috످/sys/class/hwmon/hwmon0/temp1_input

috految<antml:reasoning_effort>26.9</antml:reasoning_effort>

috److`/sys/class/hwmon/hwmon0/temp1_input` is a read-only Linux virtual file that reports a hardware sensor's temperature in millidegrees Celsius (e.g., `45000` = 45°C).

I can't access your system, but you can read it with:

```bash
# Raw value
cat /sys/class/hwmon/hwmon0/temp1_input

# In Celsius
awk '{printf "%.1f°C\n", $1/1000}' /sys/class/hwmon/hwmon0/temp1_input
```

`hwmon0` isn't always the CPU, and the numbering can change between reboots. To see which device is which, run:

```bash
grep -H . /sys/class/hwmon/hwmon*/name
```

The name `coretemp` means an Intel CPU, typically 30–50°C at idle and 60–90°C under load.

`k10temp` is an AMD CPU, typically 35–55°C at idle and 65–95°C under load.

`cpu_thermal` is a Raspberry Pi / ARM CPU, typically 40–55°C at idle and 60–80°C under load.

`amdgpu` is an AMD GPU, typically 30–55°C at idle and 60–85°C under load.

`nvme` is an NVMe SSD, typically 30–50°C at idle and 50–70°C under load.

`acpitz` is an ACPI thermal zone, and its temperature varies at idle and under load.

If the file is missing, the sensor may be under a different `hwmon` number, its driver may not be loaded, or you may be in a VM or WSL.

Are you trying to check a temperature, write a script, or fix an error?

috످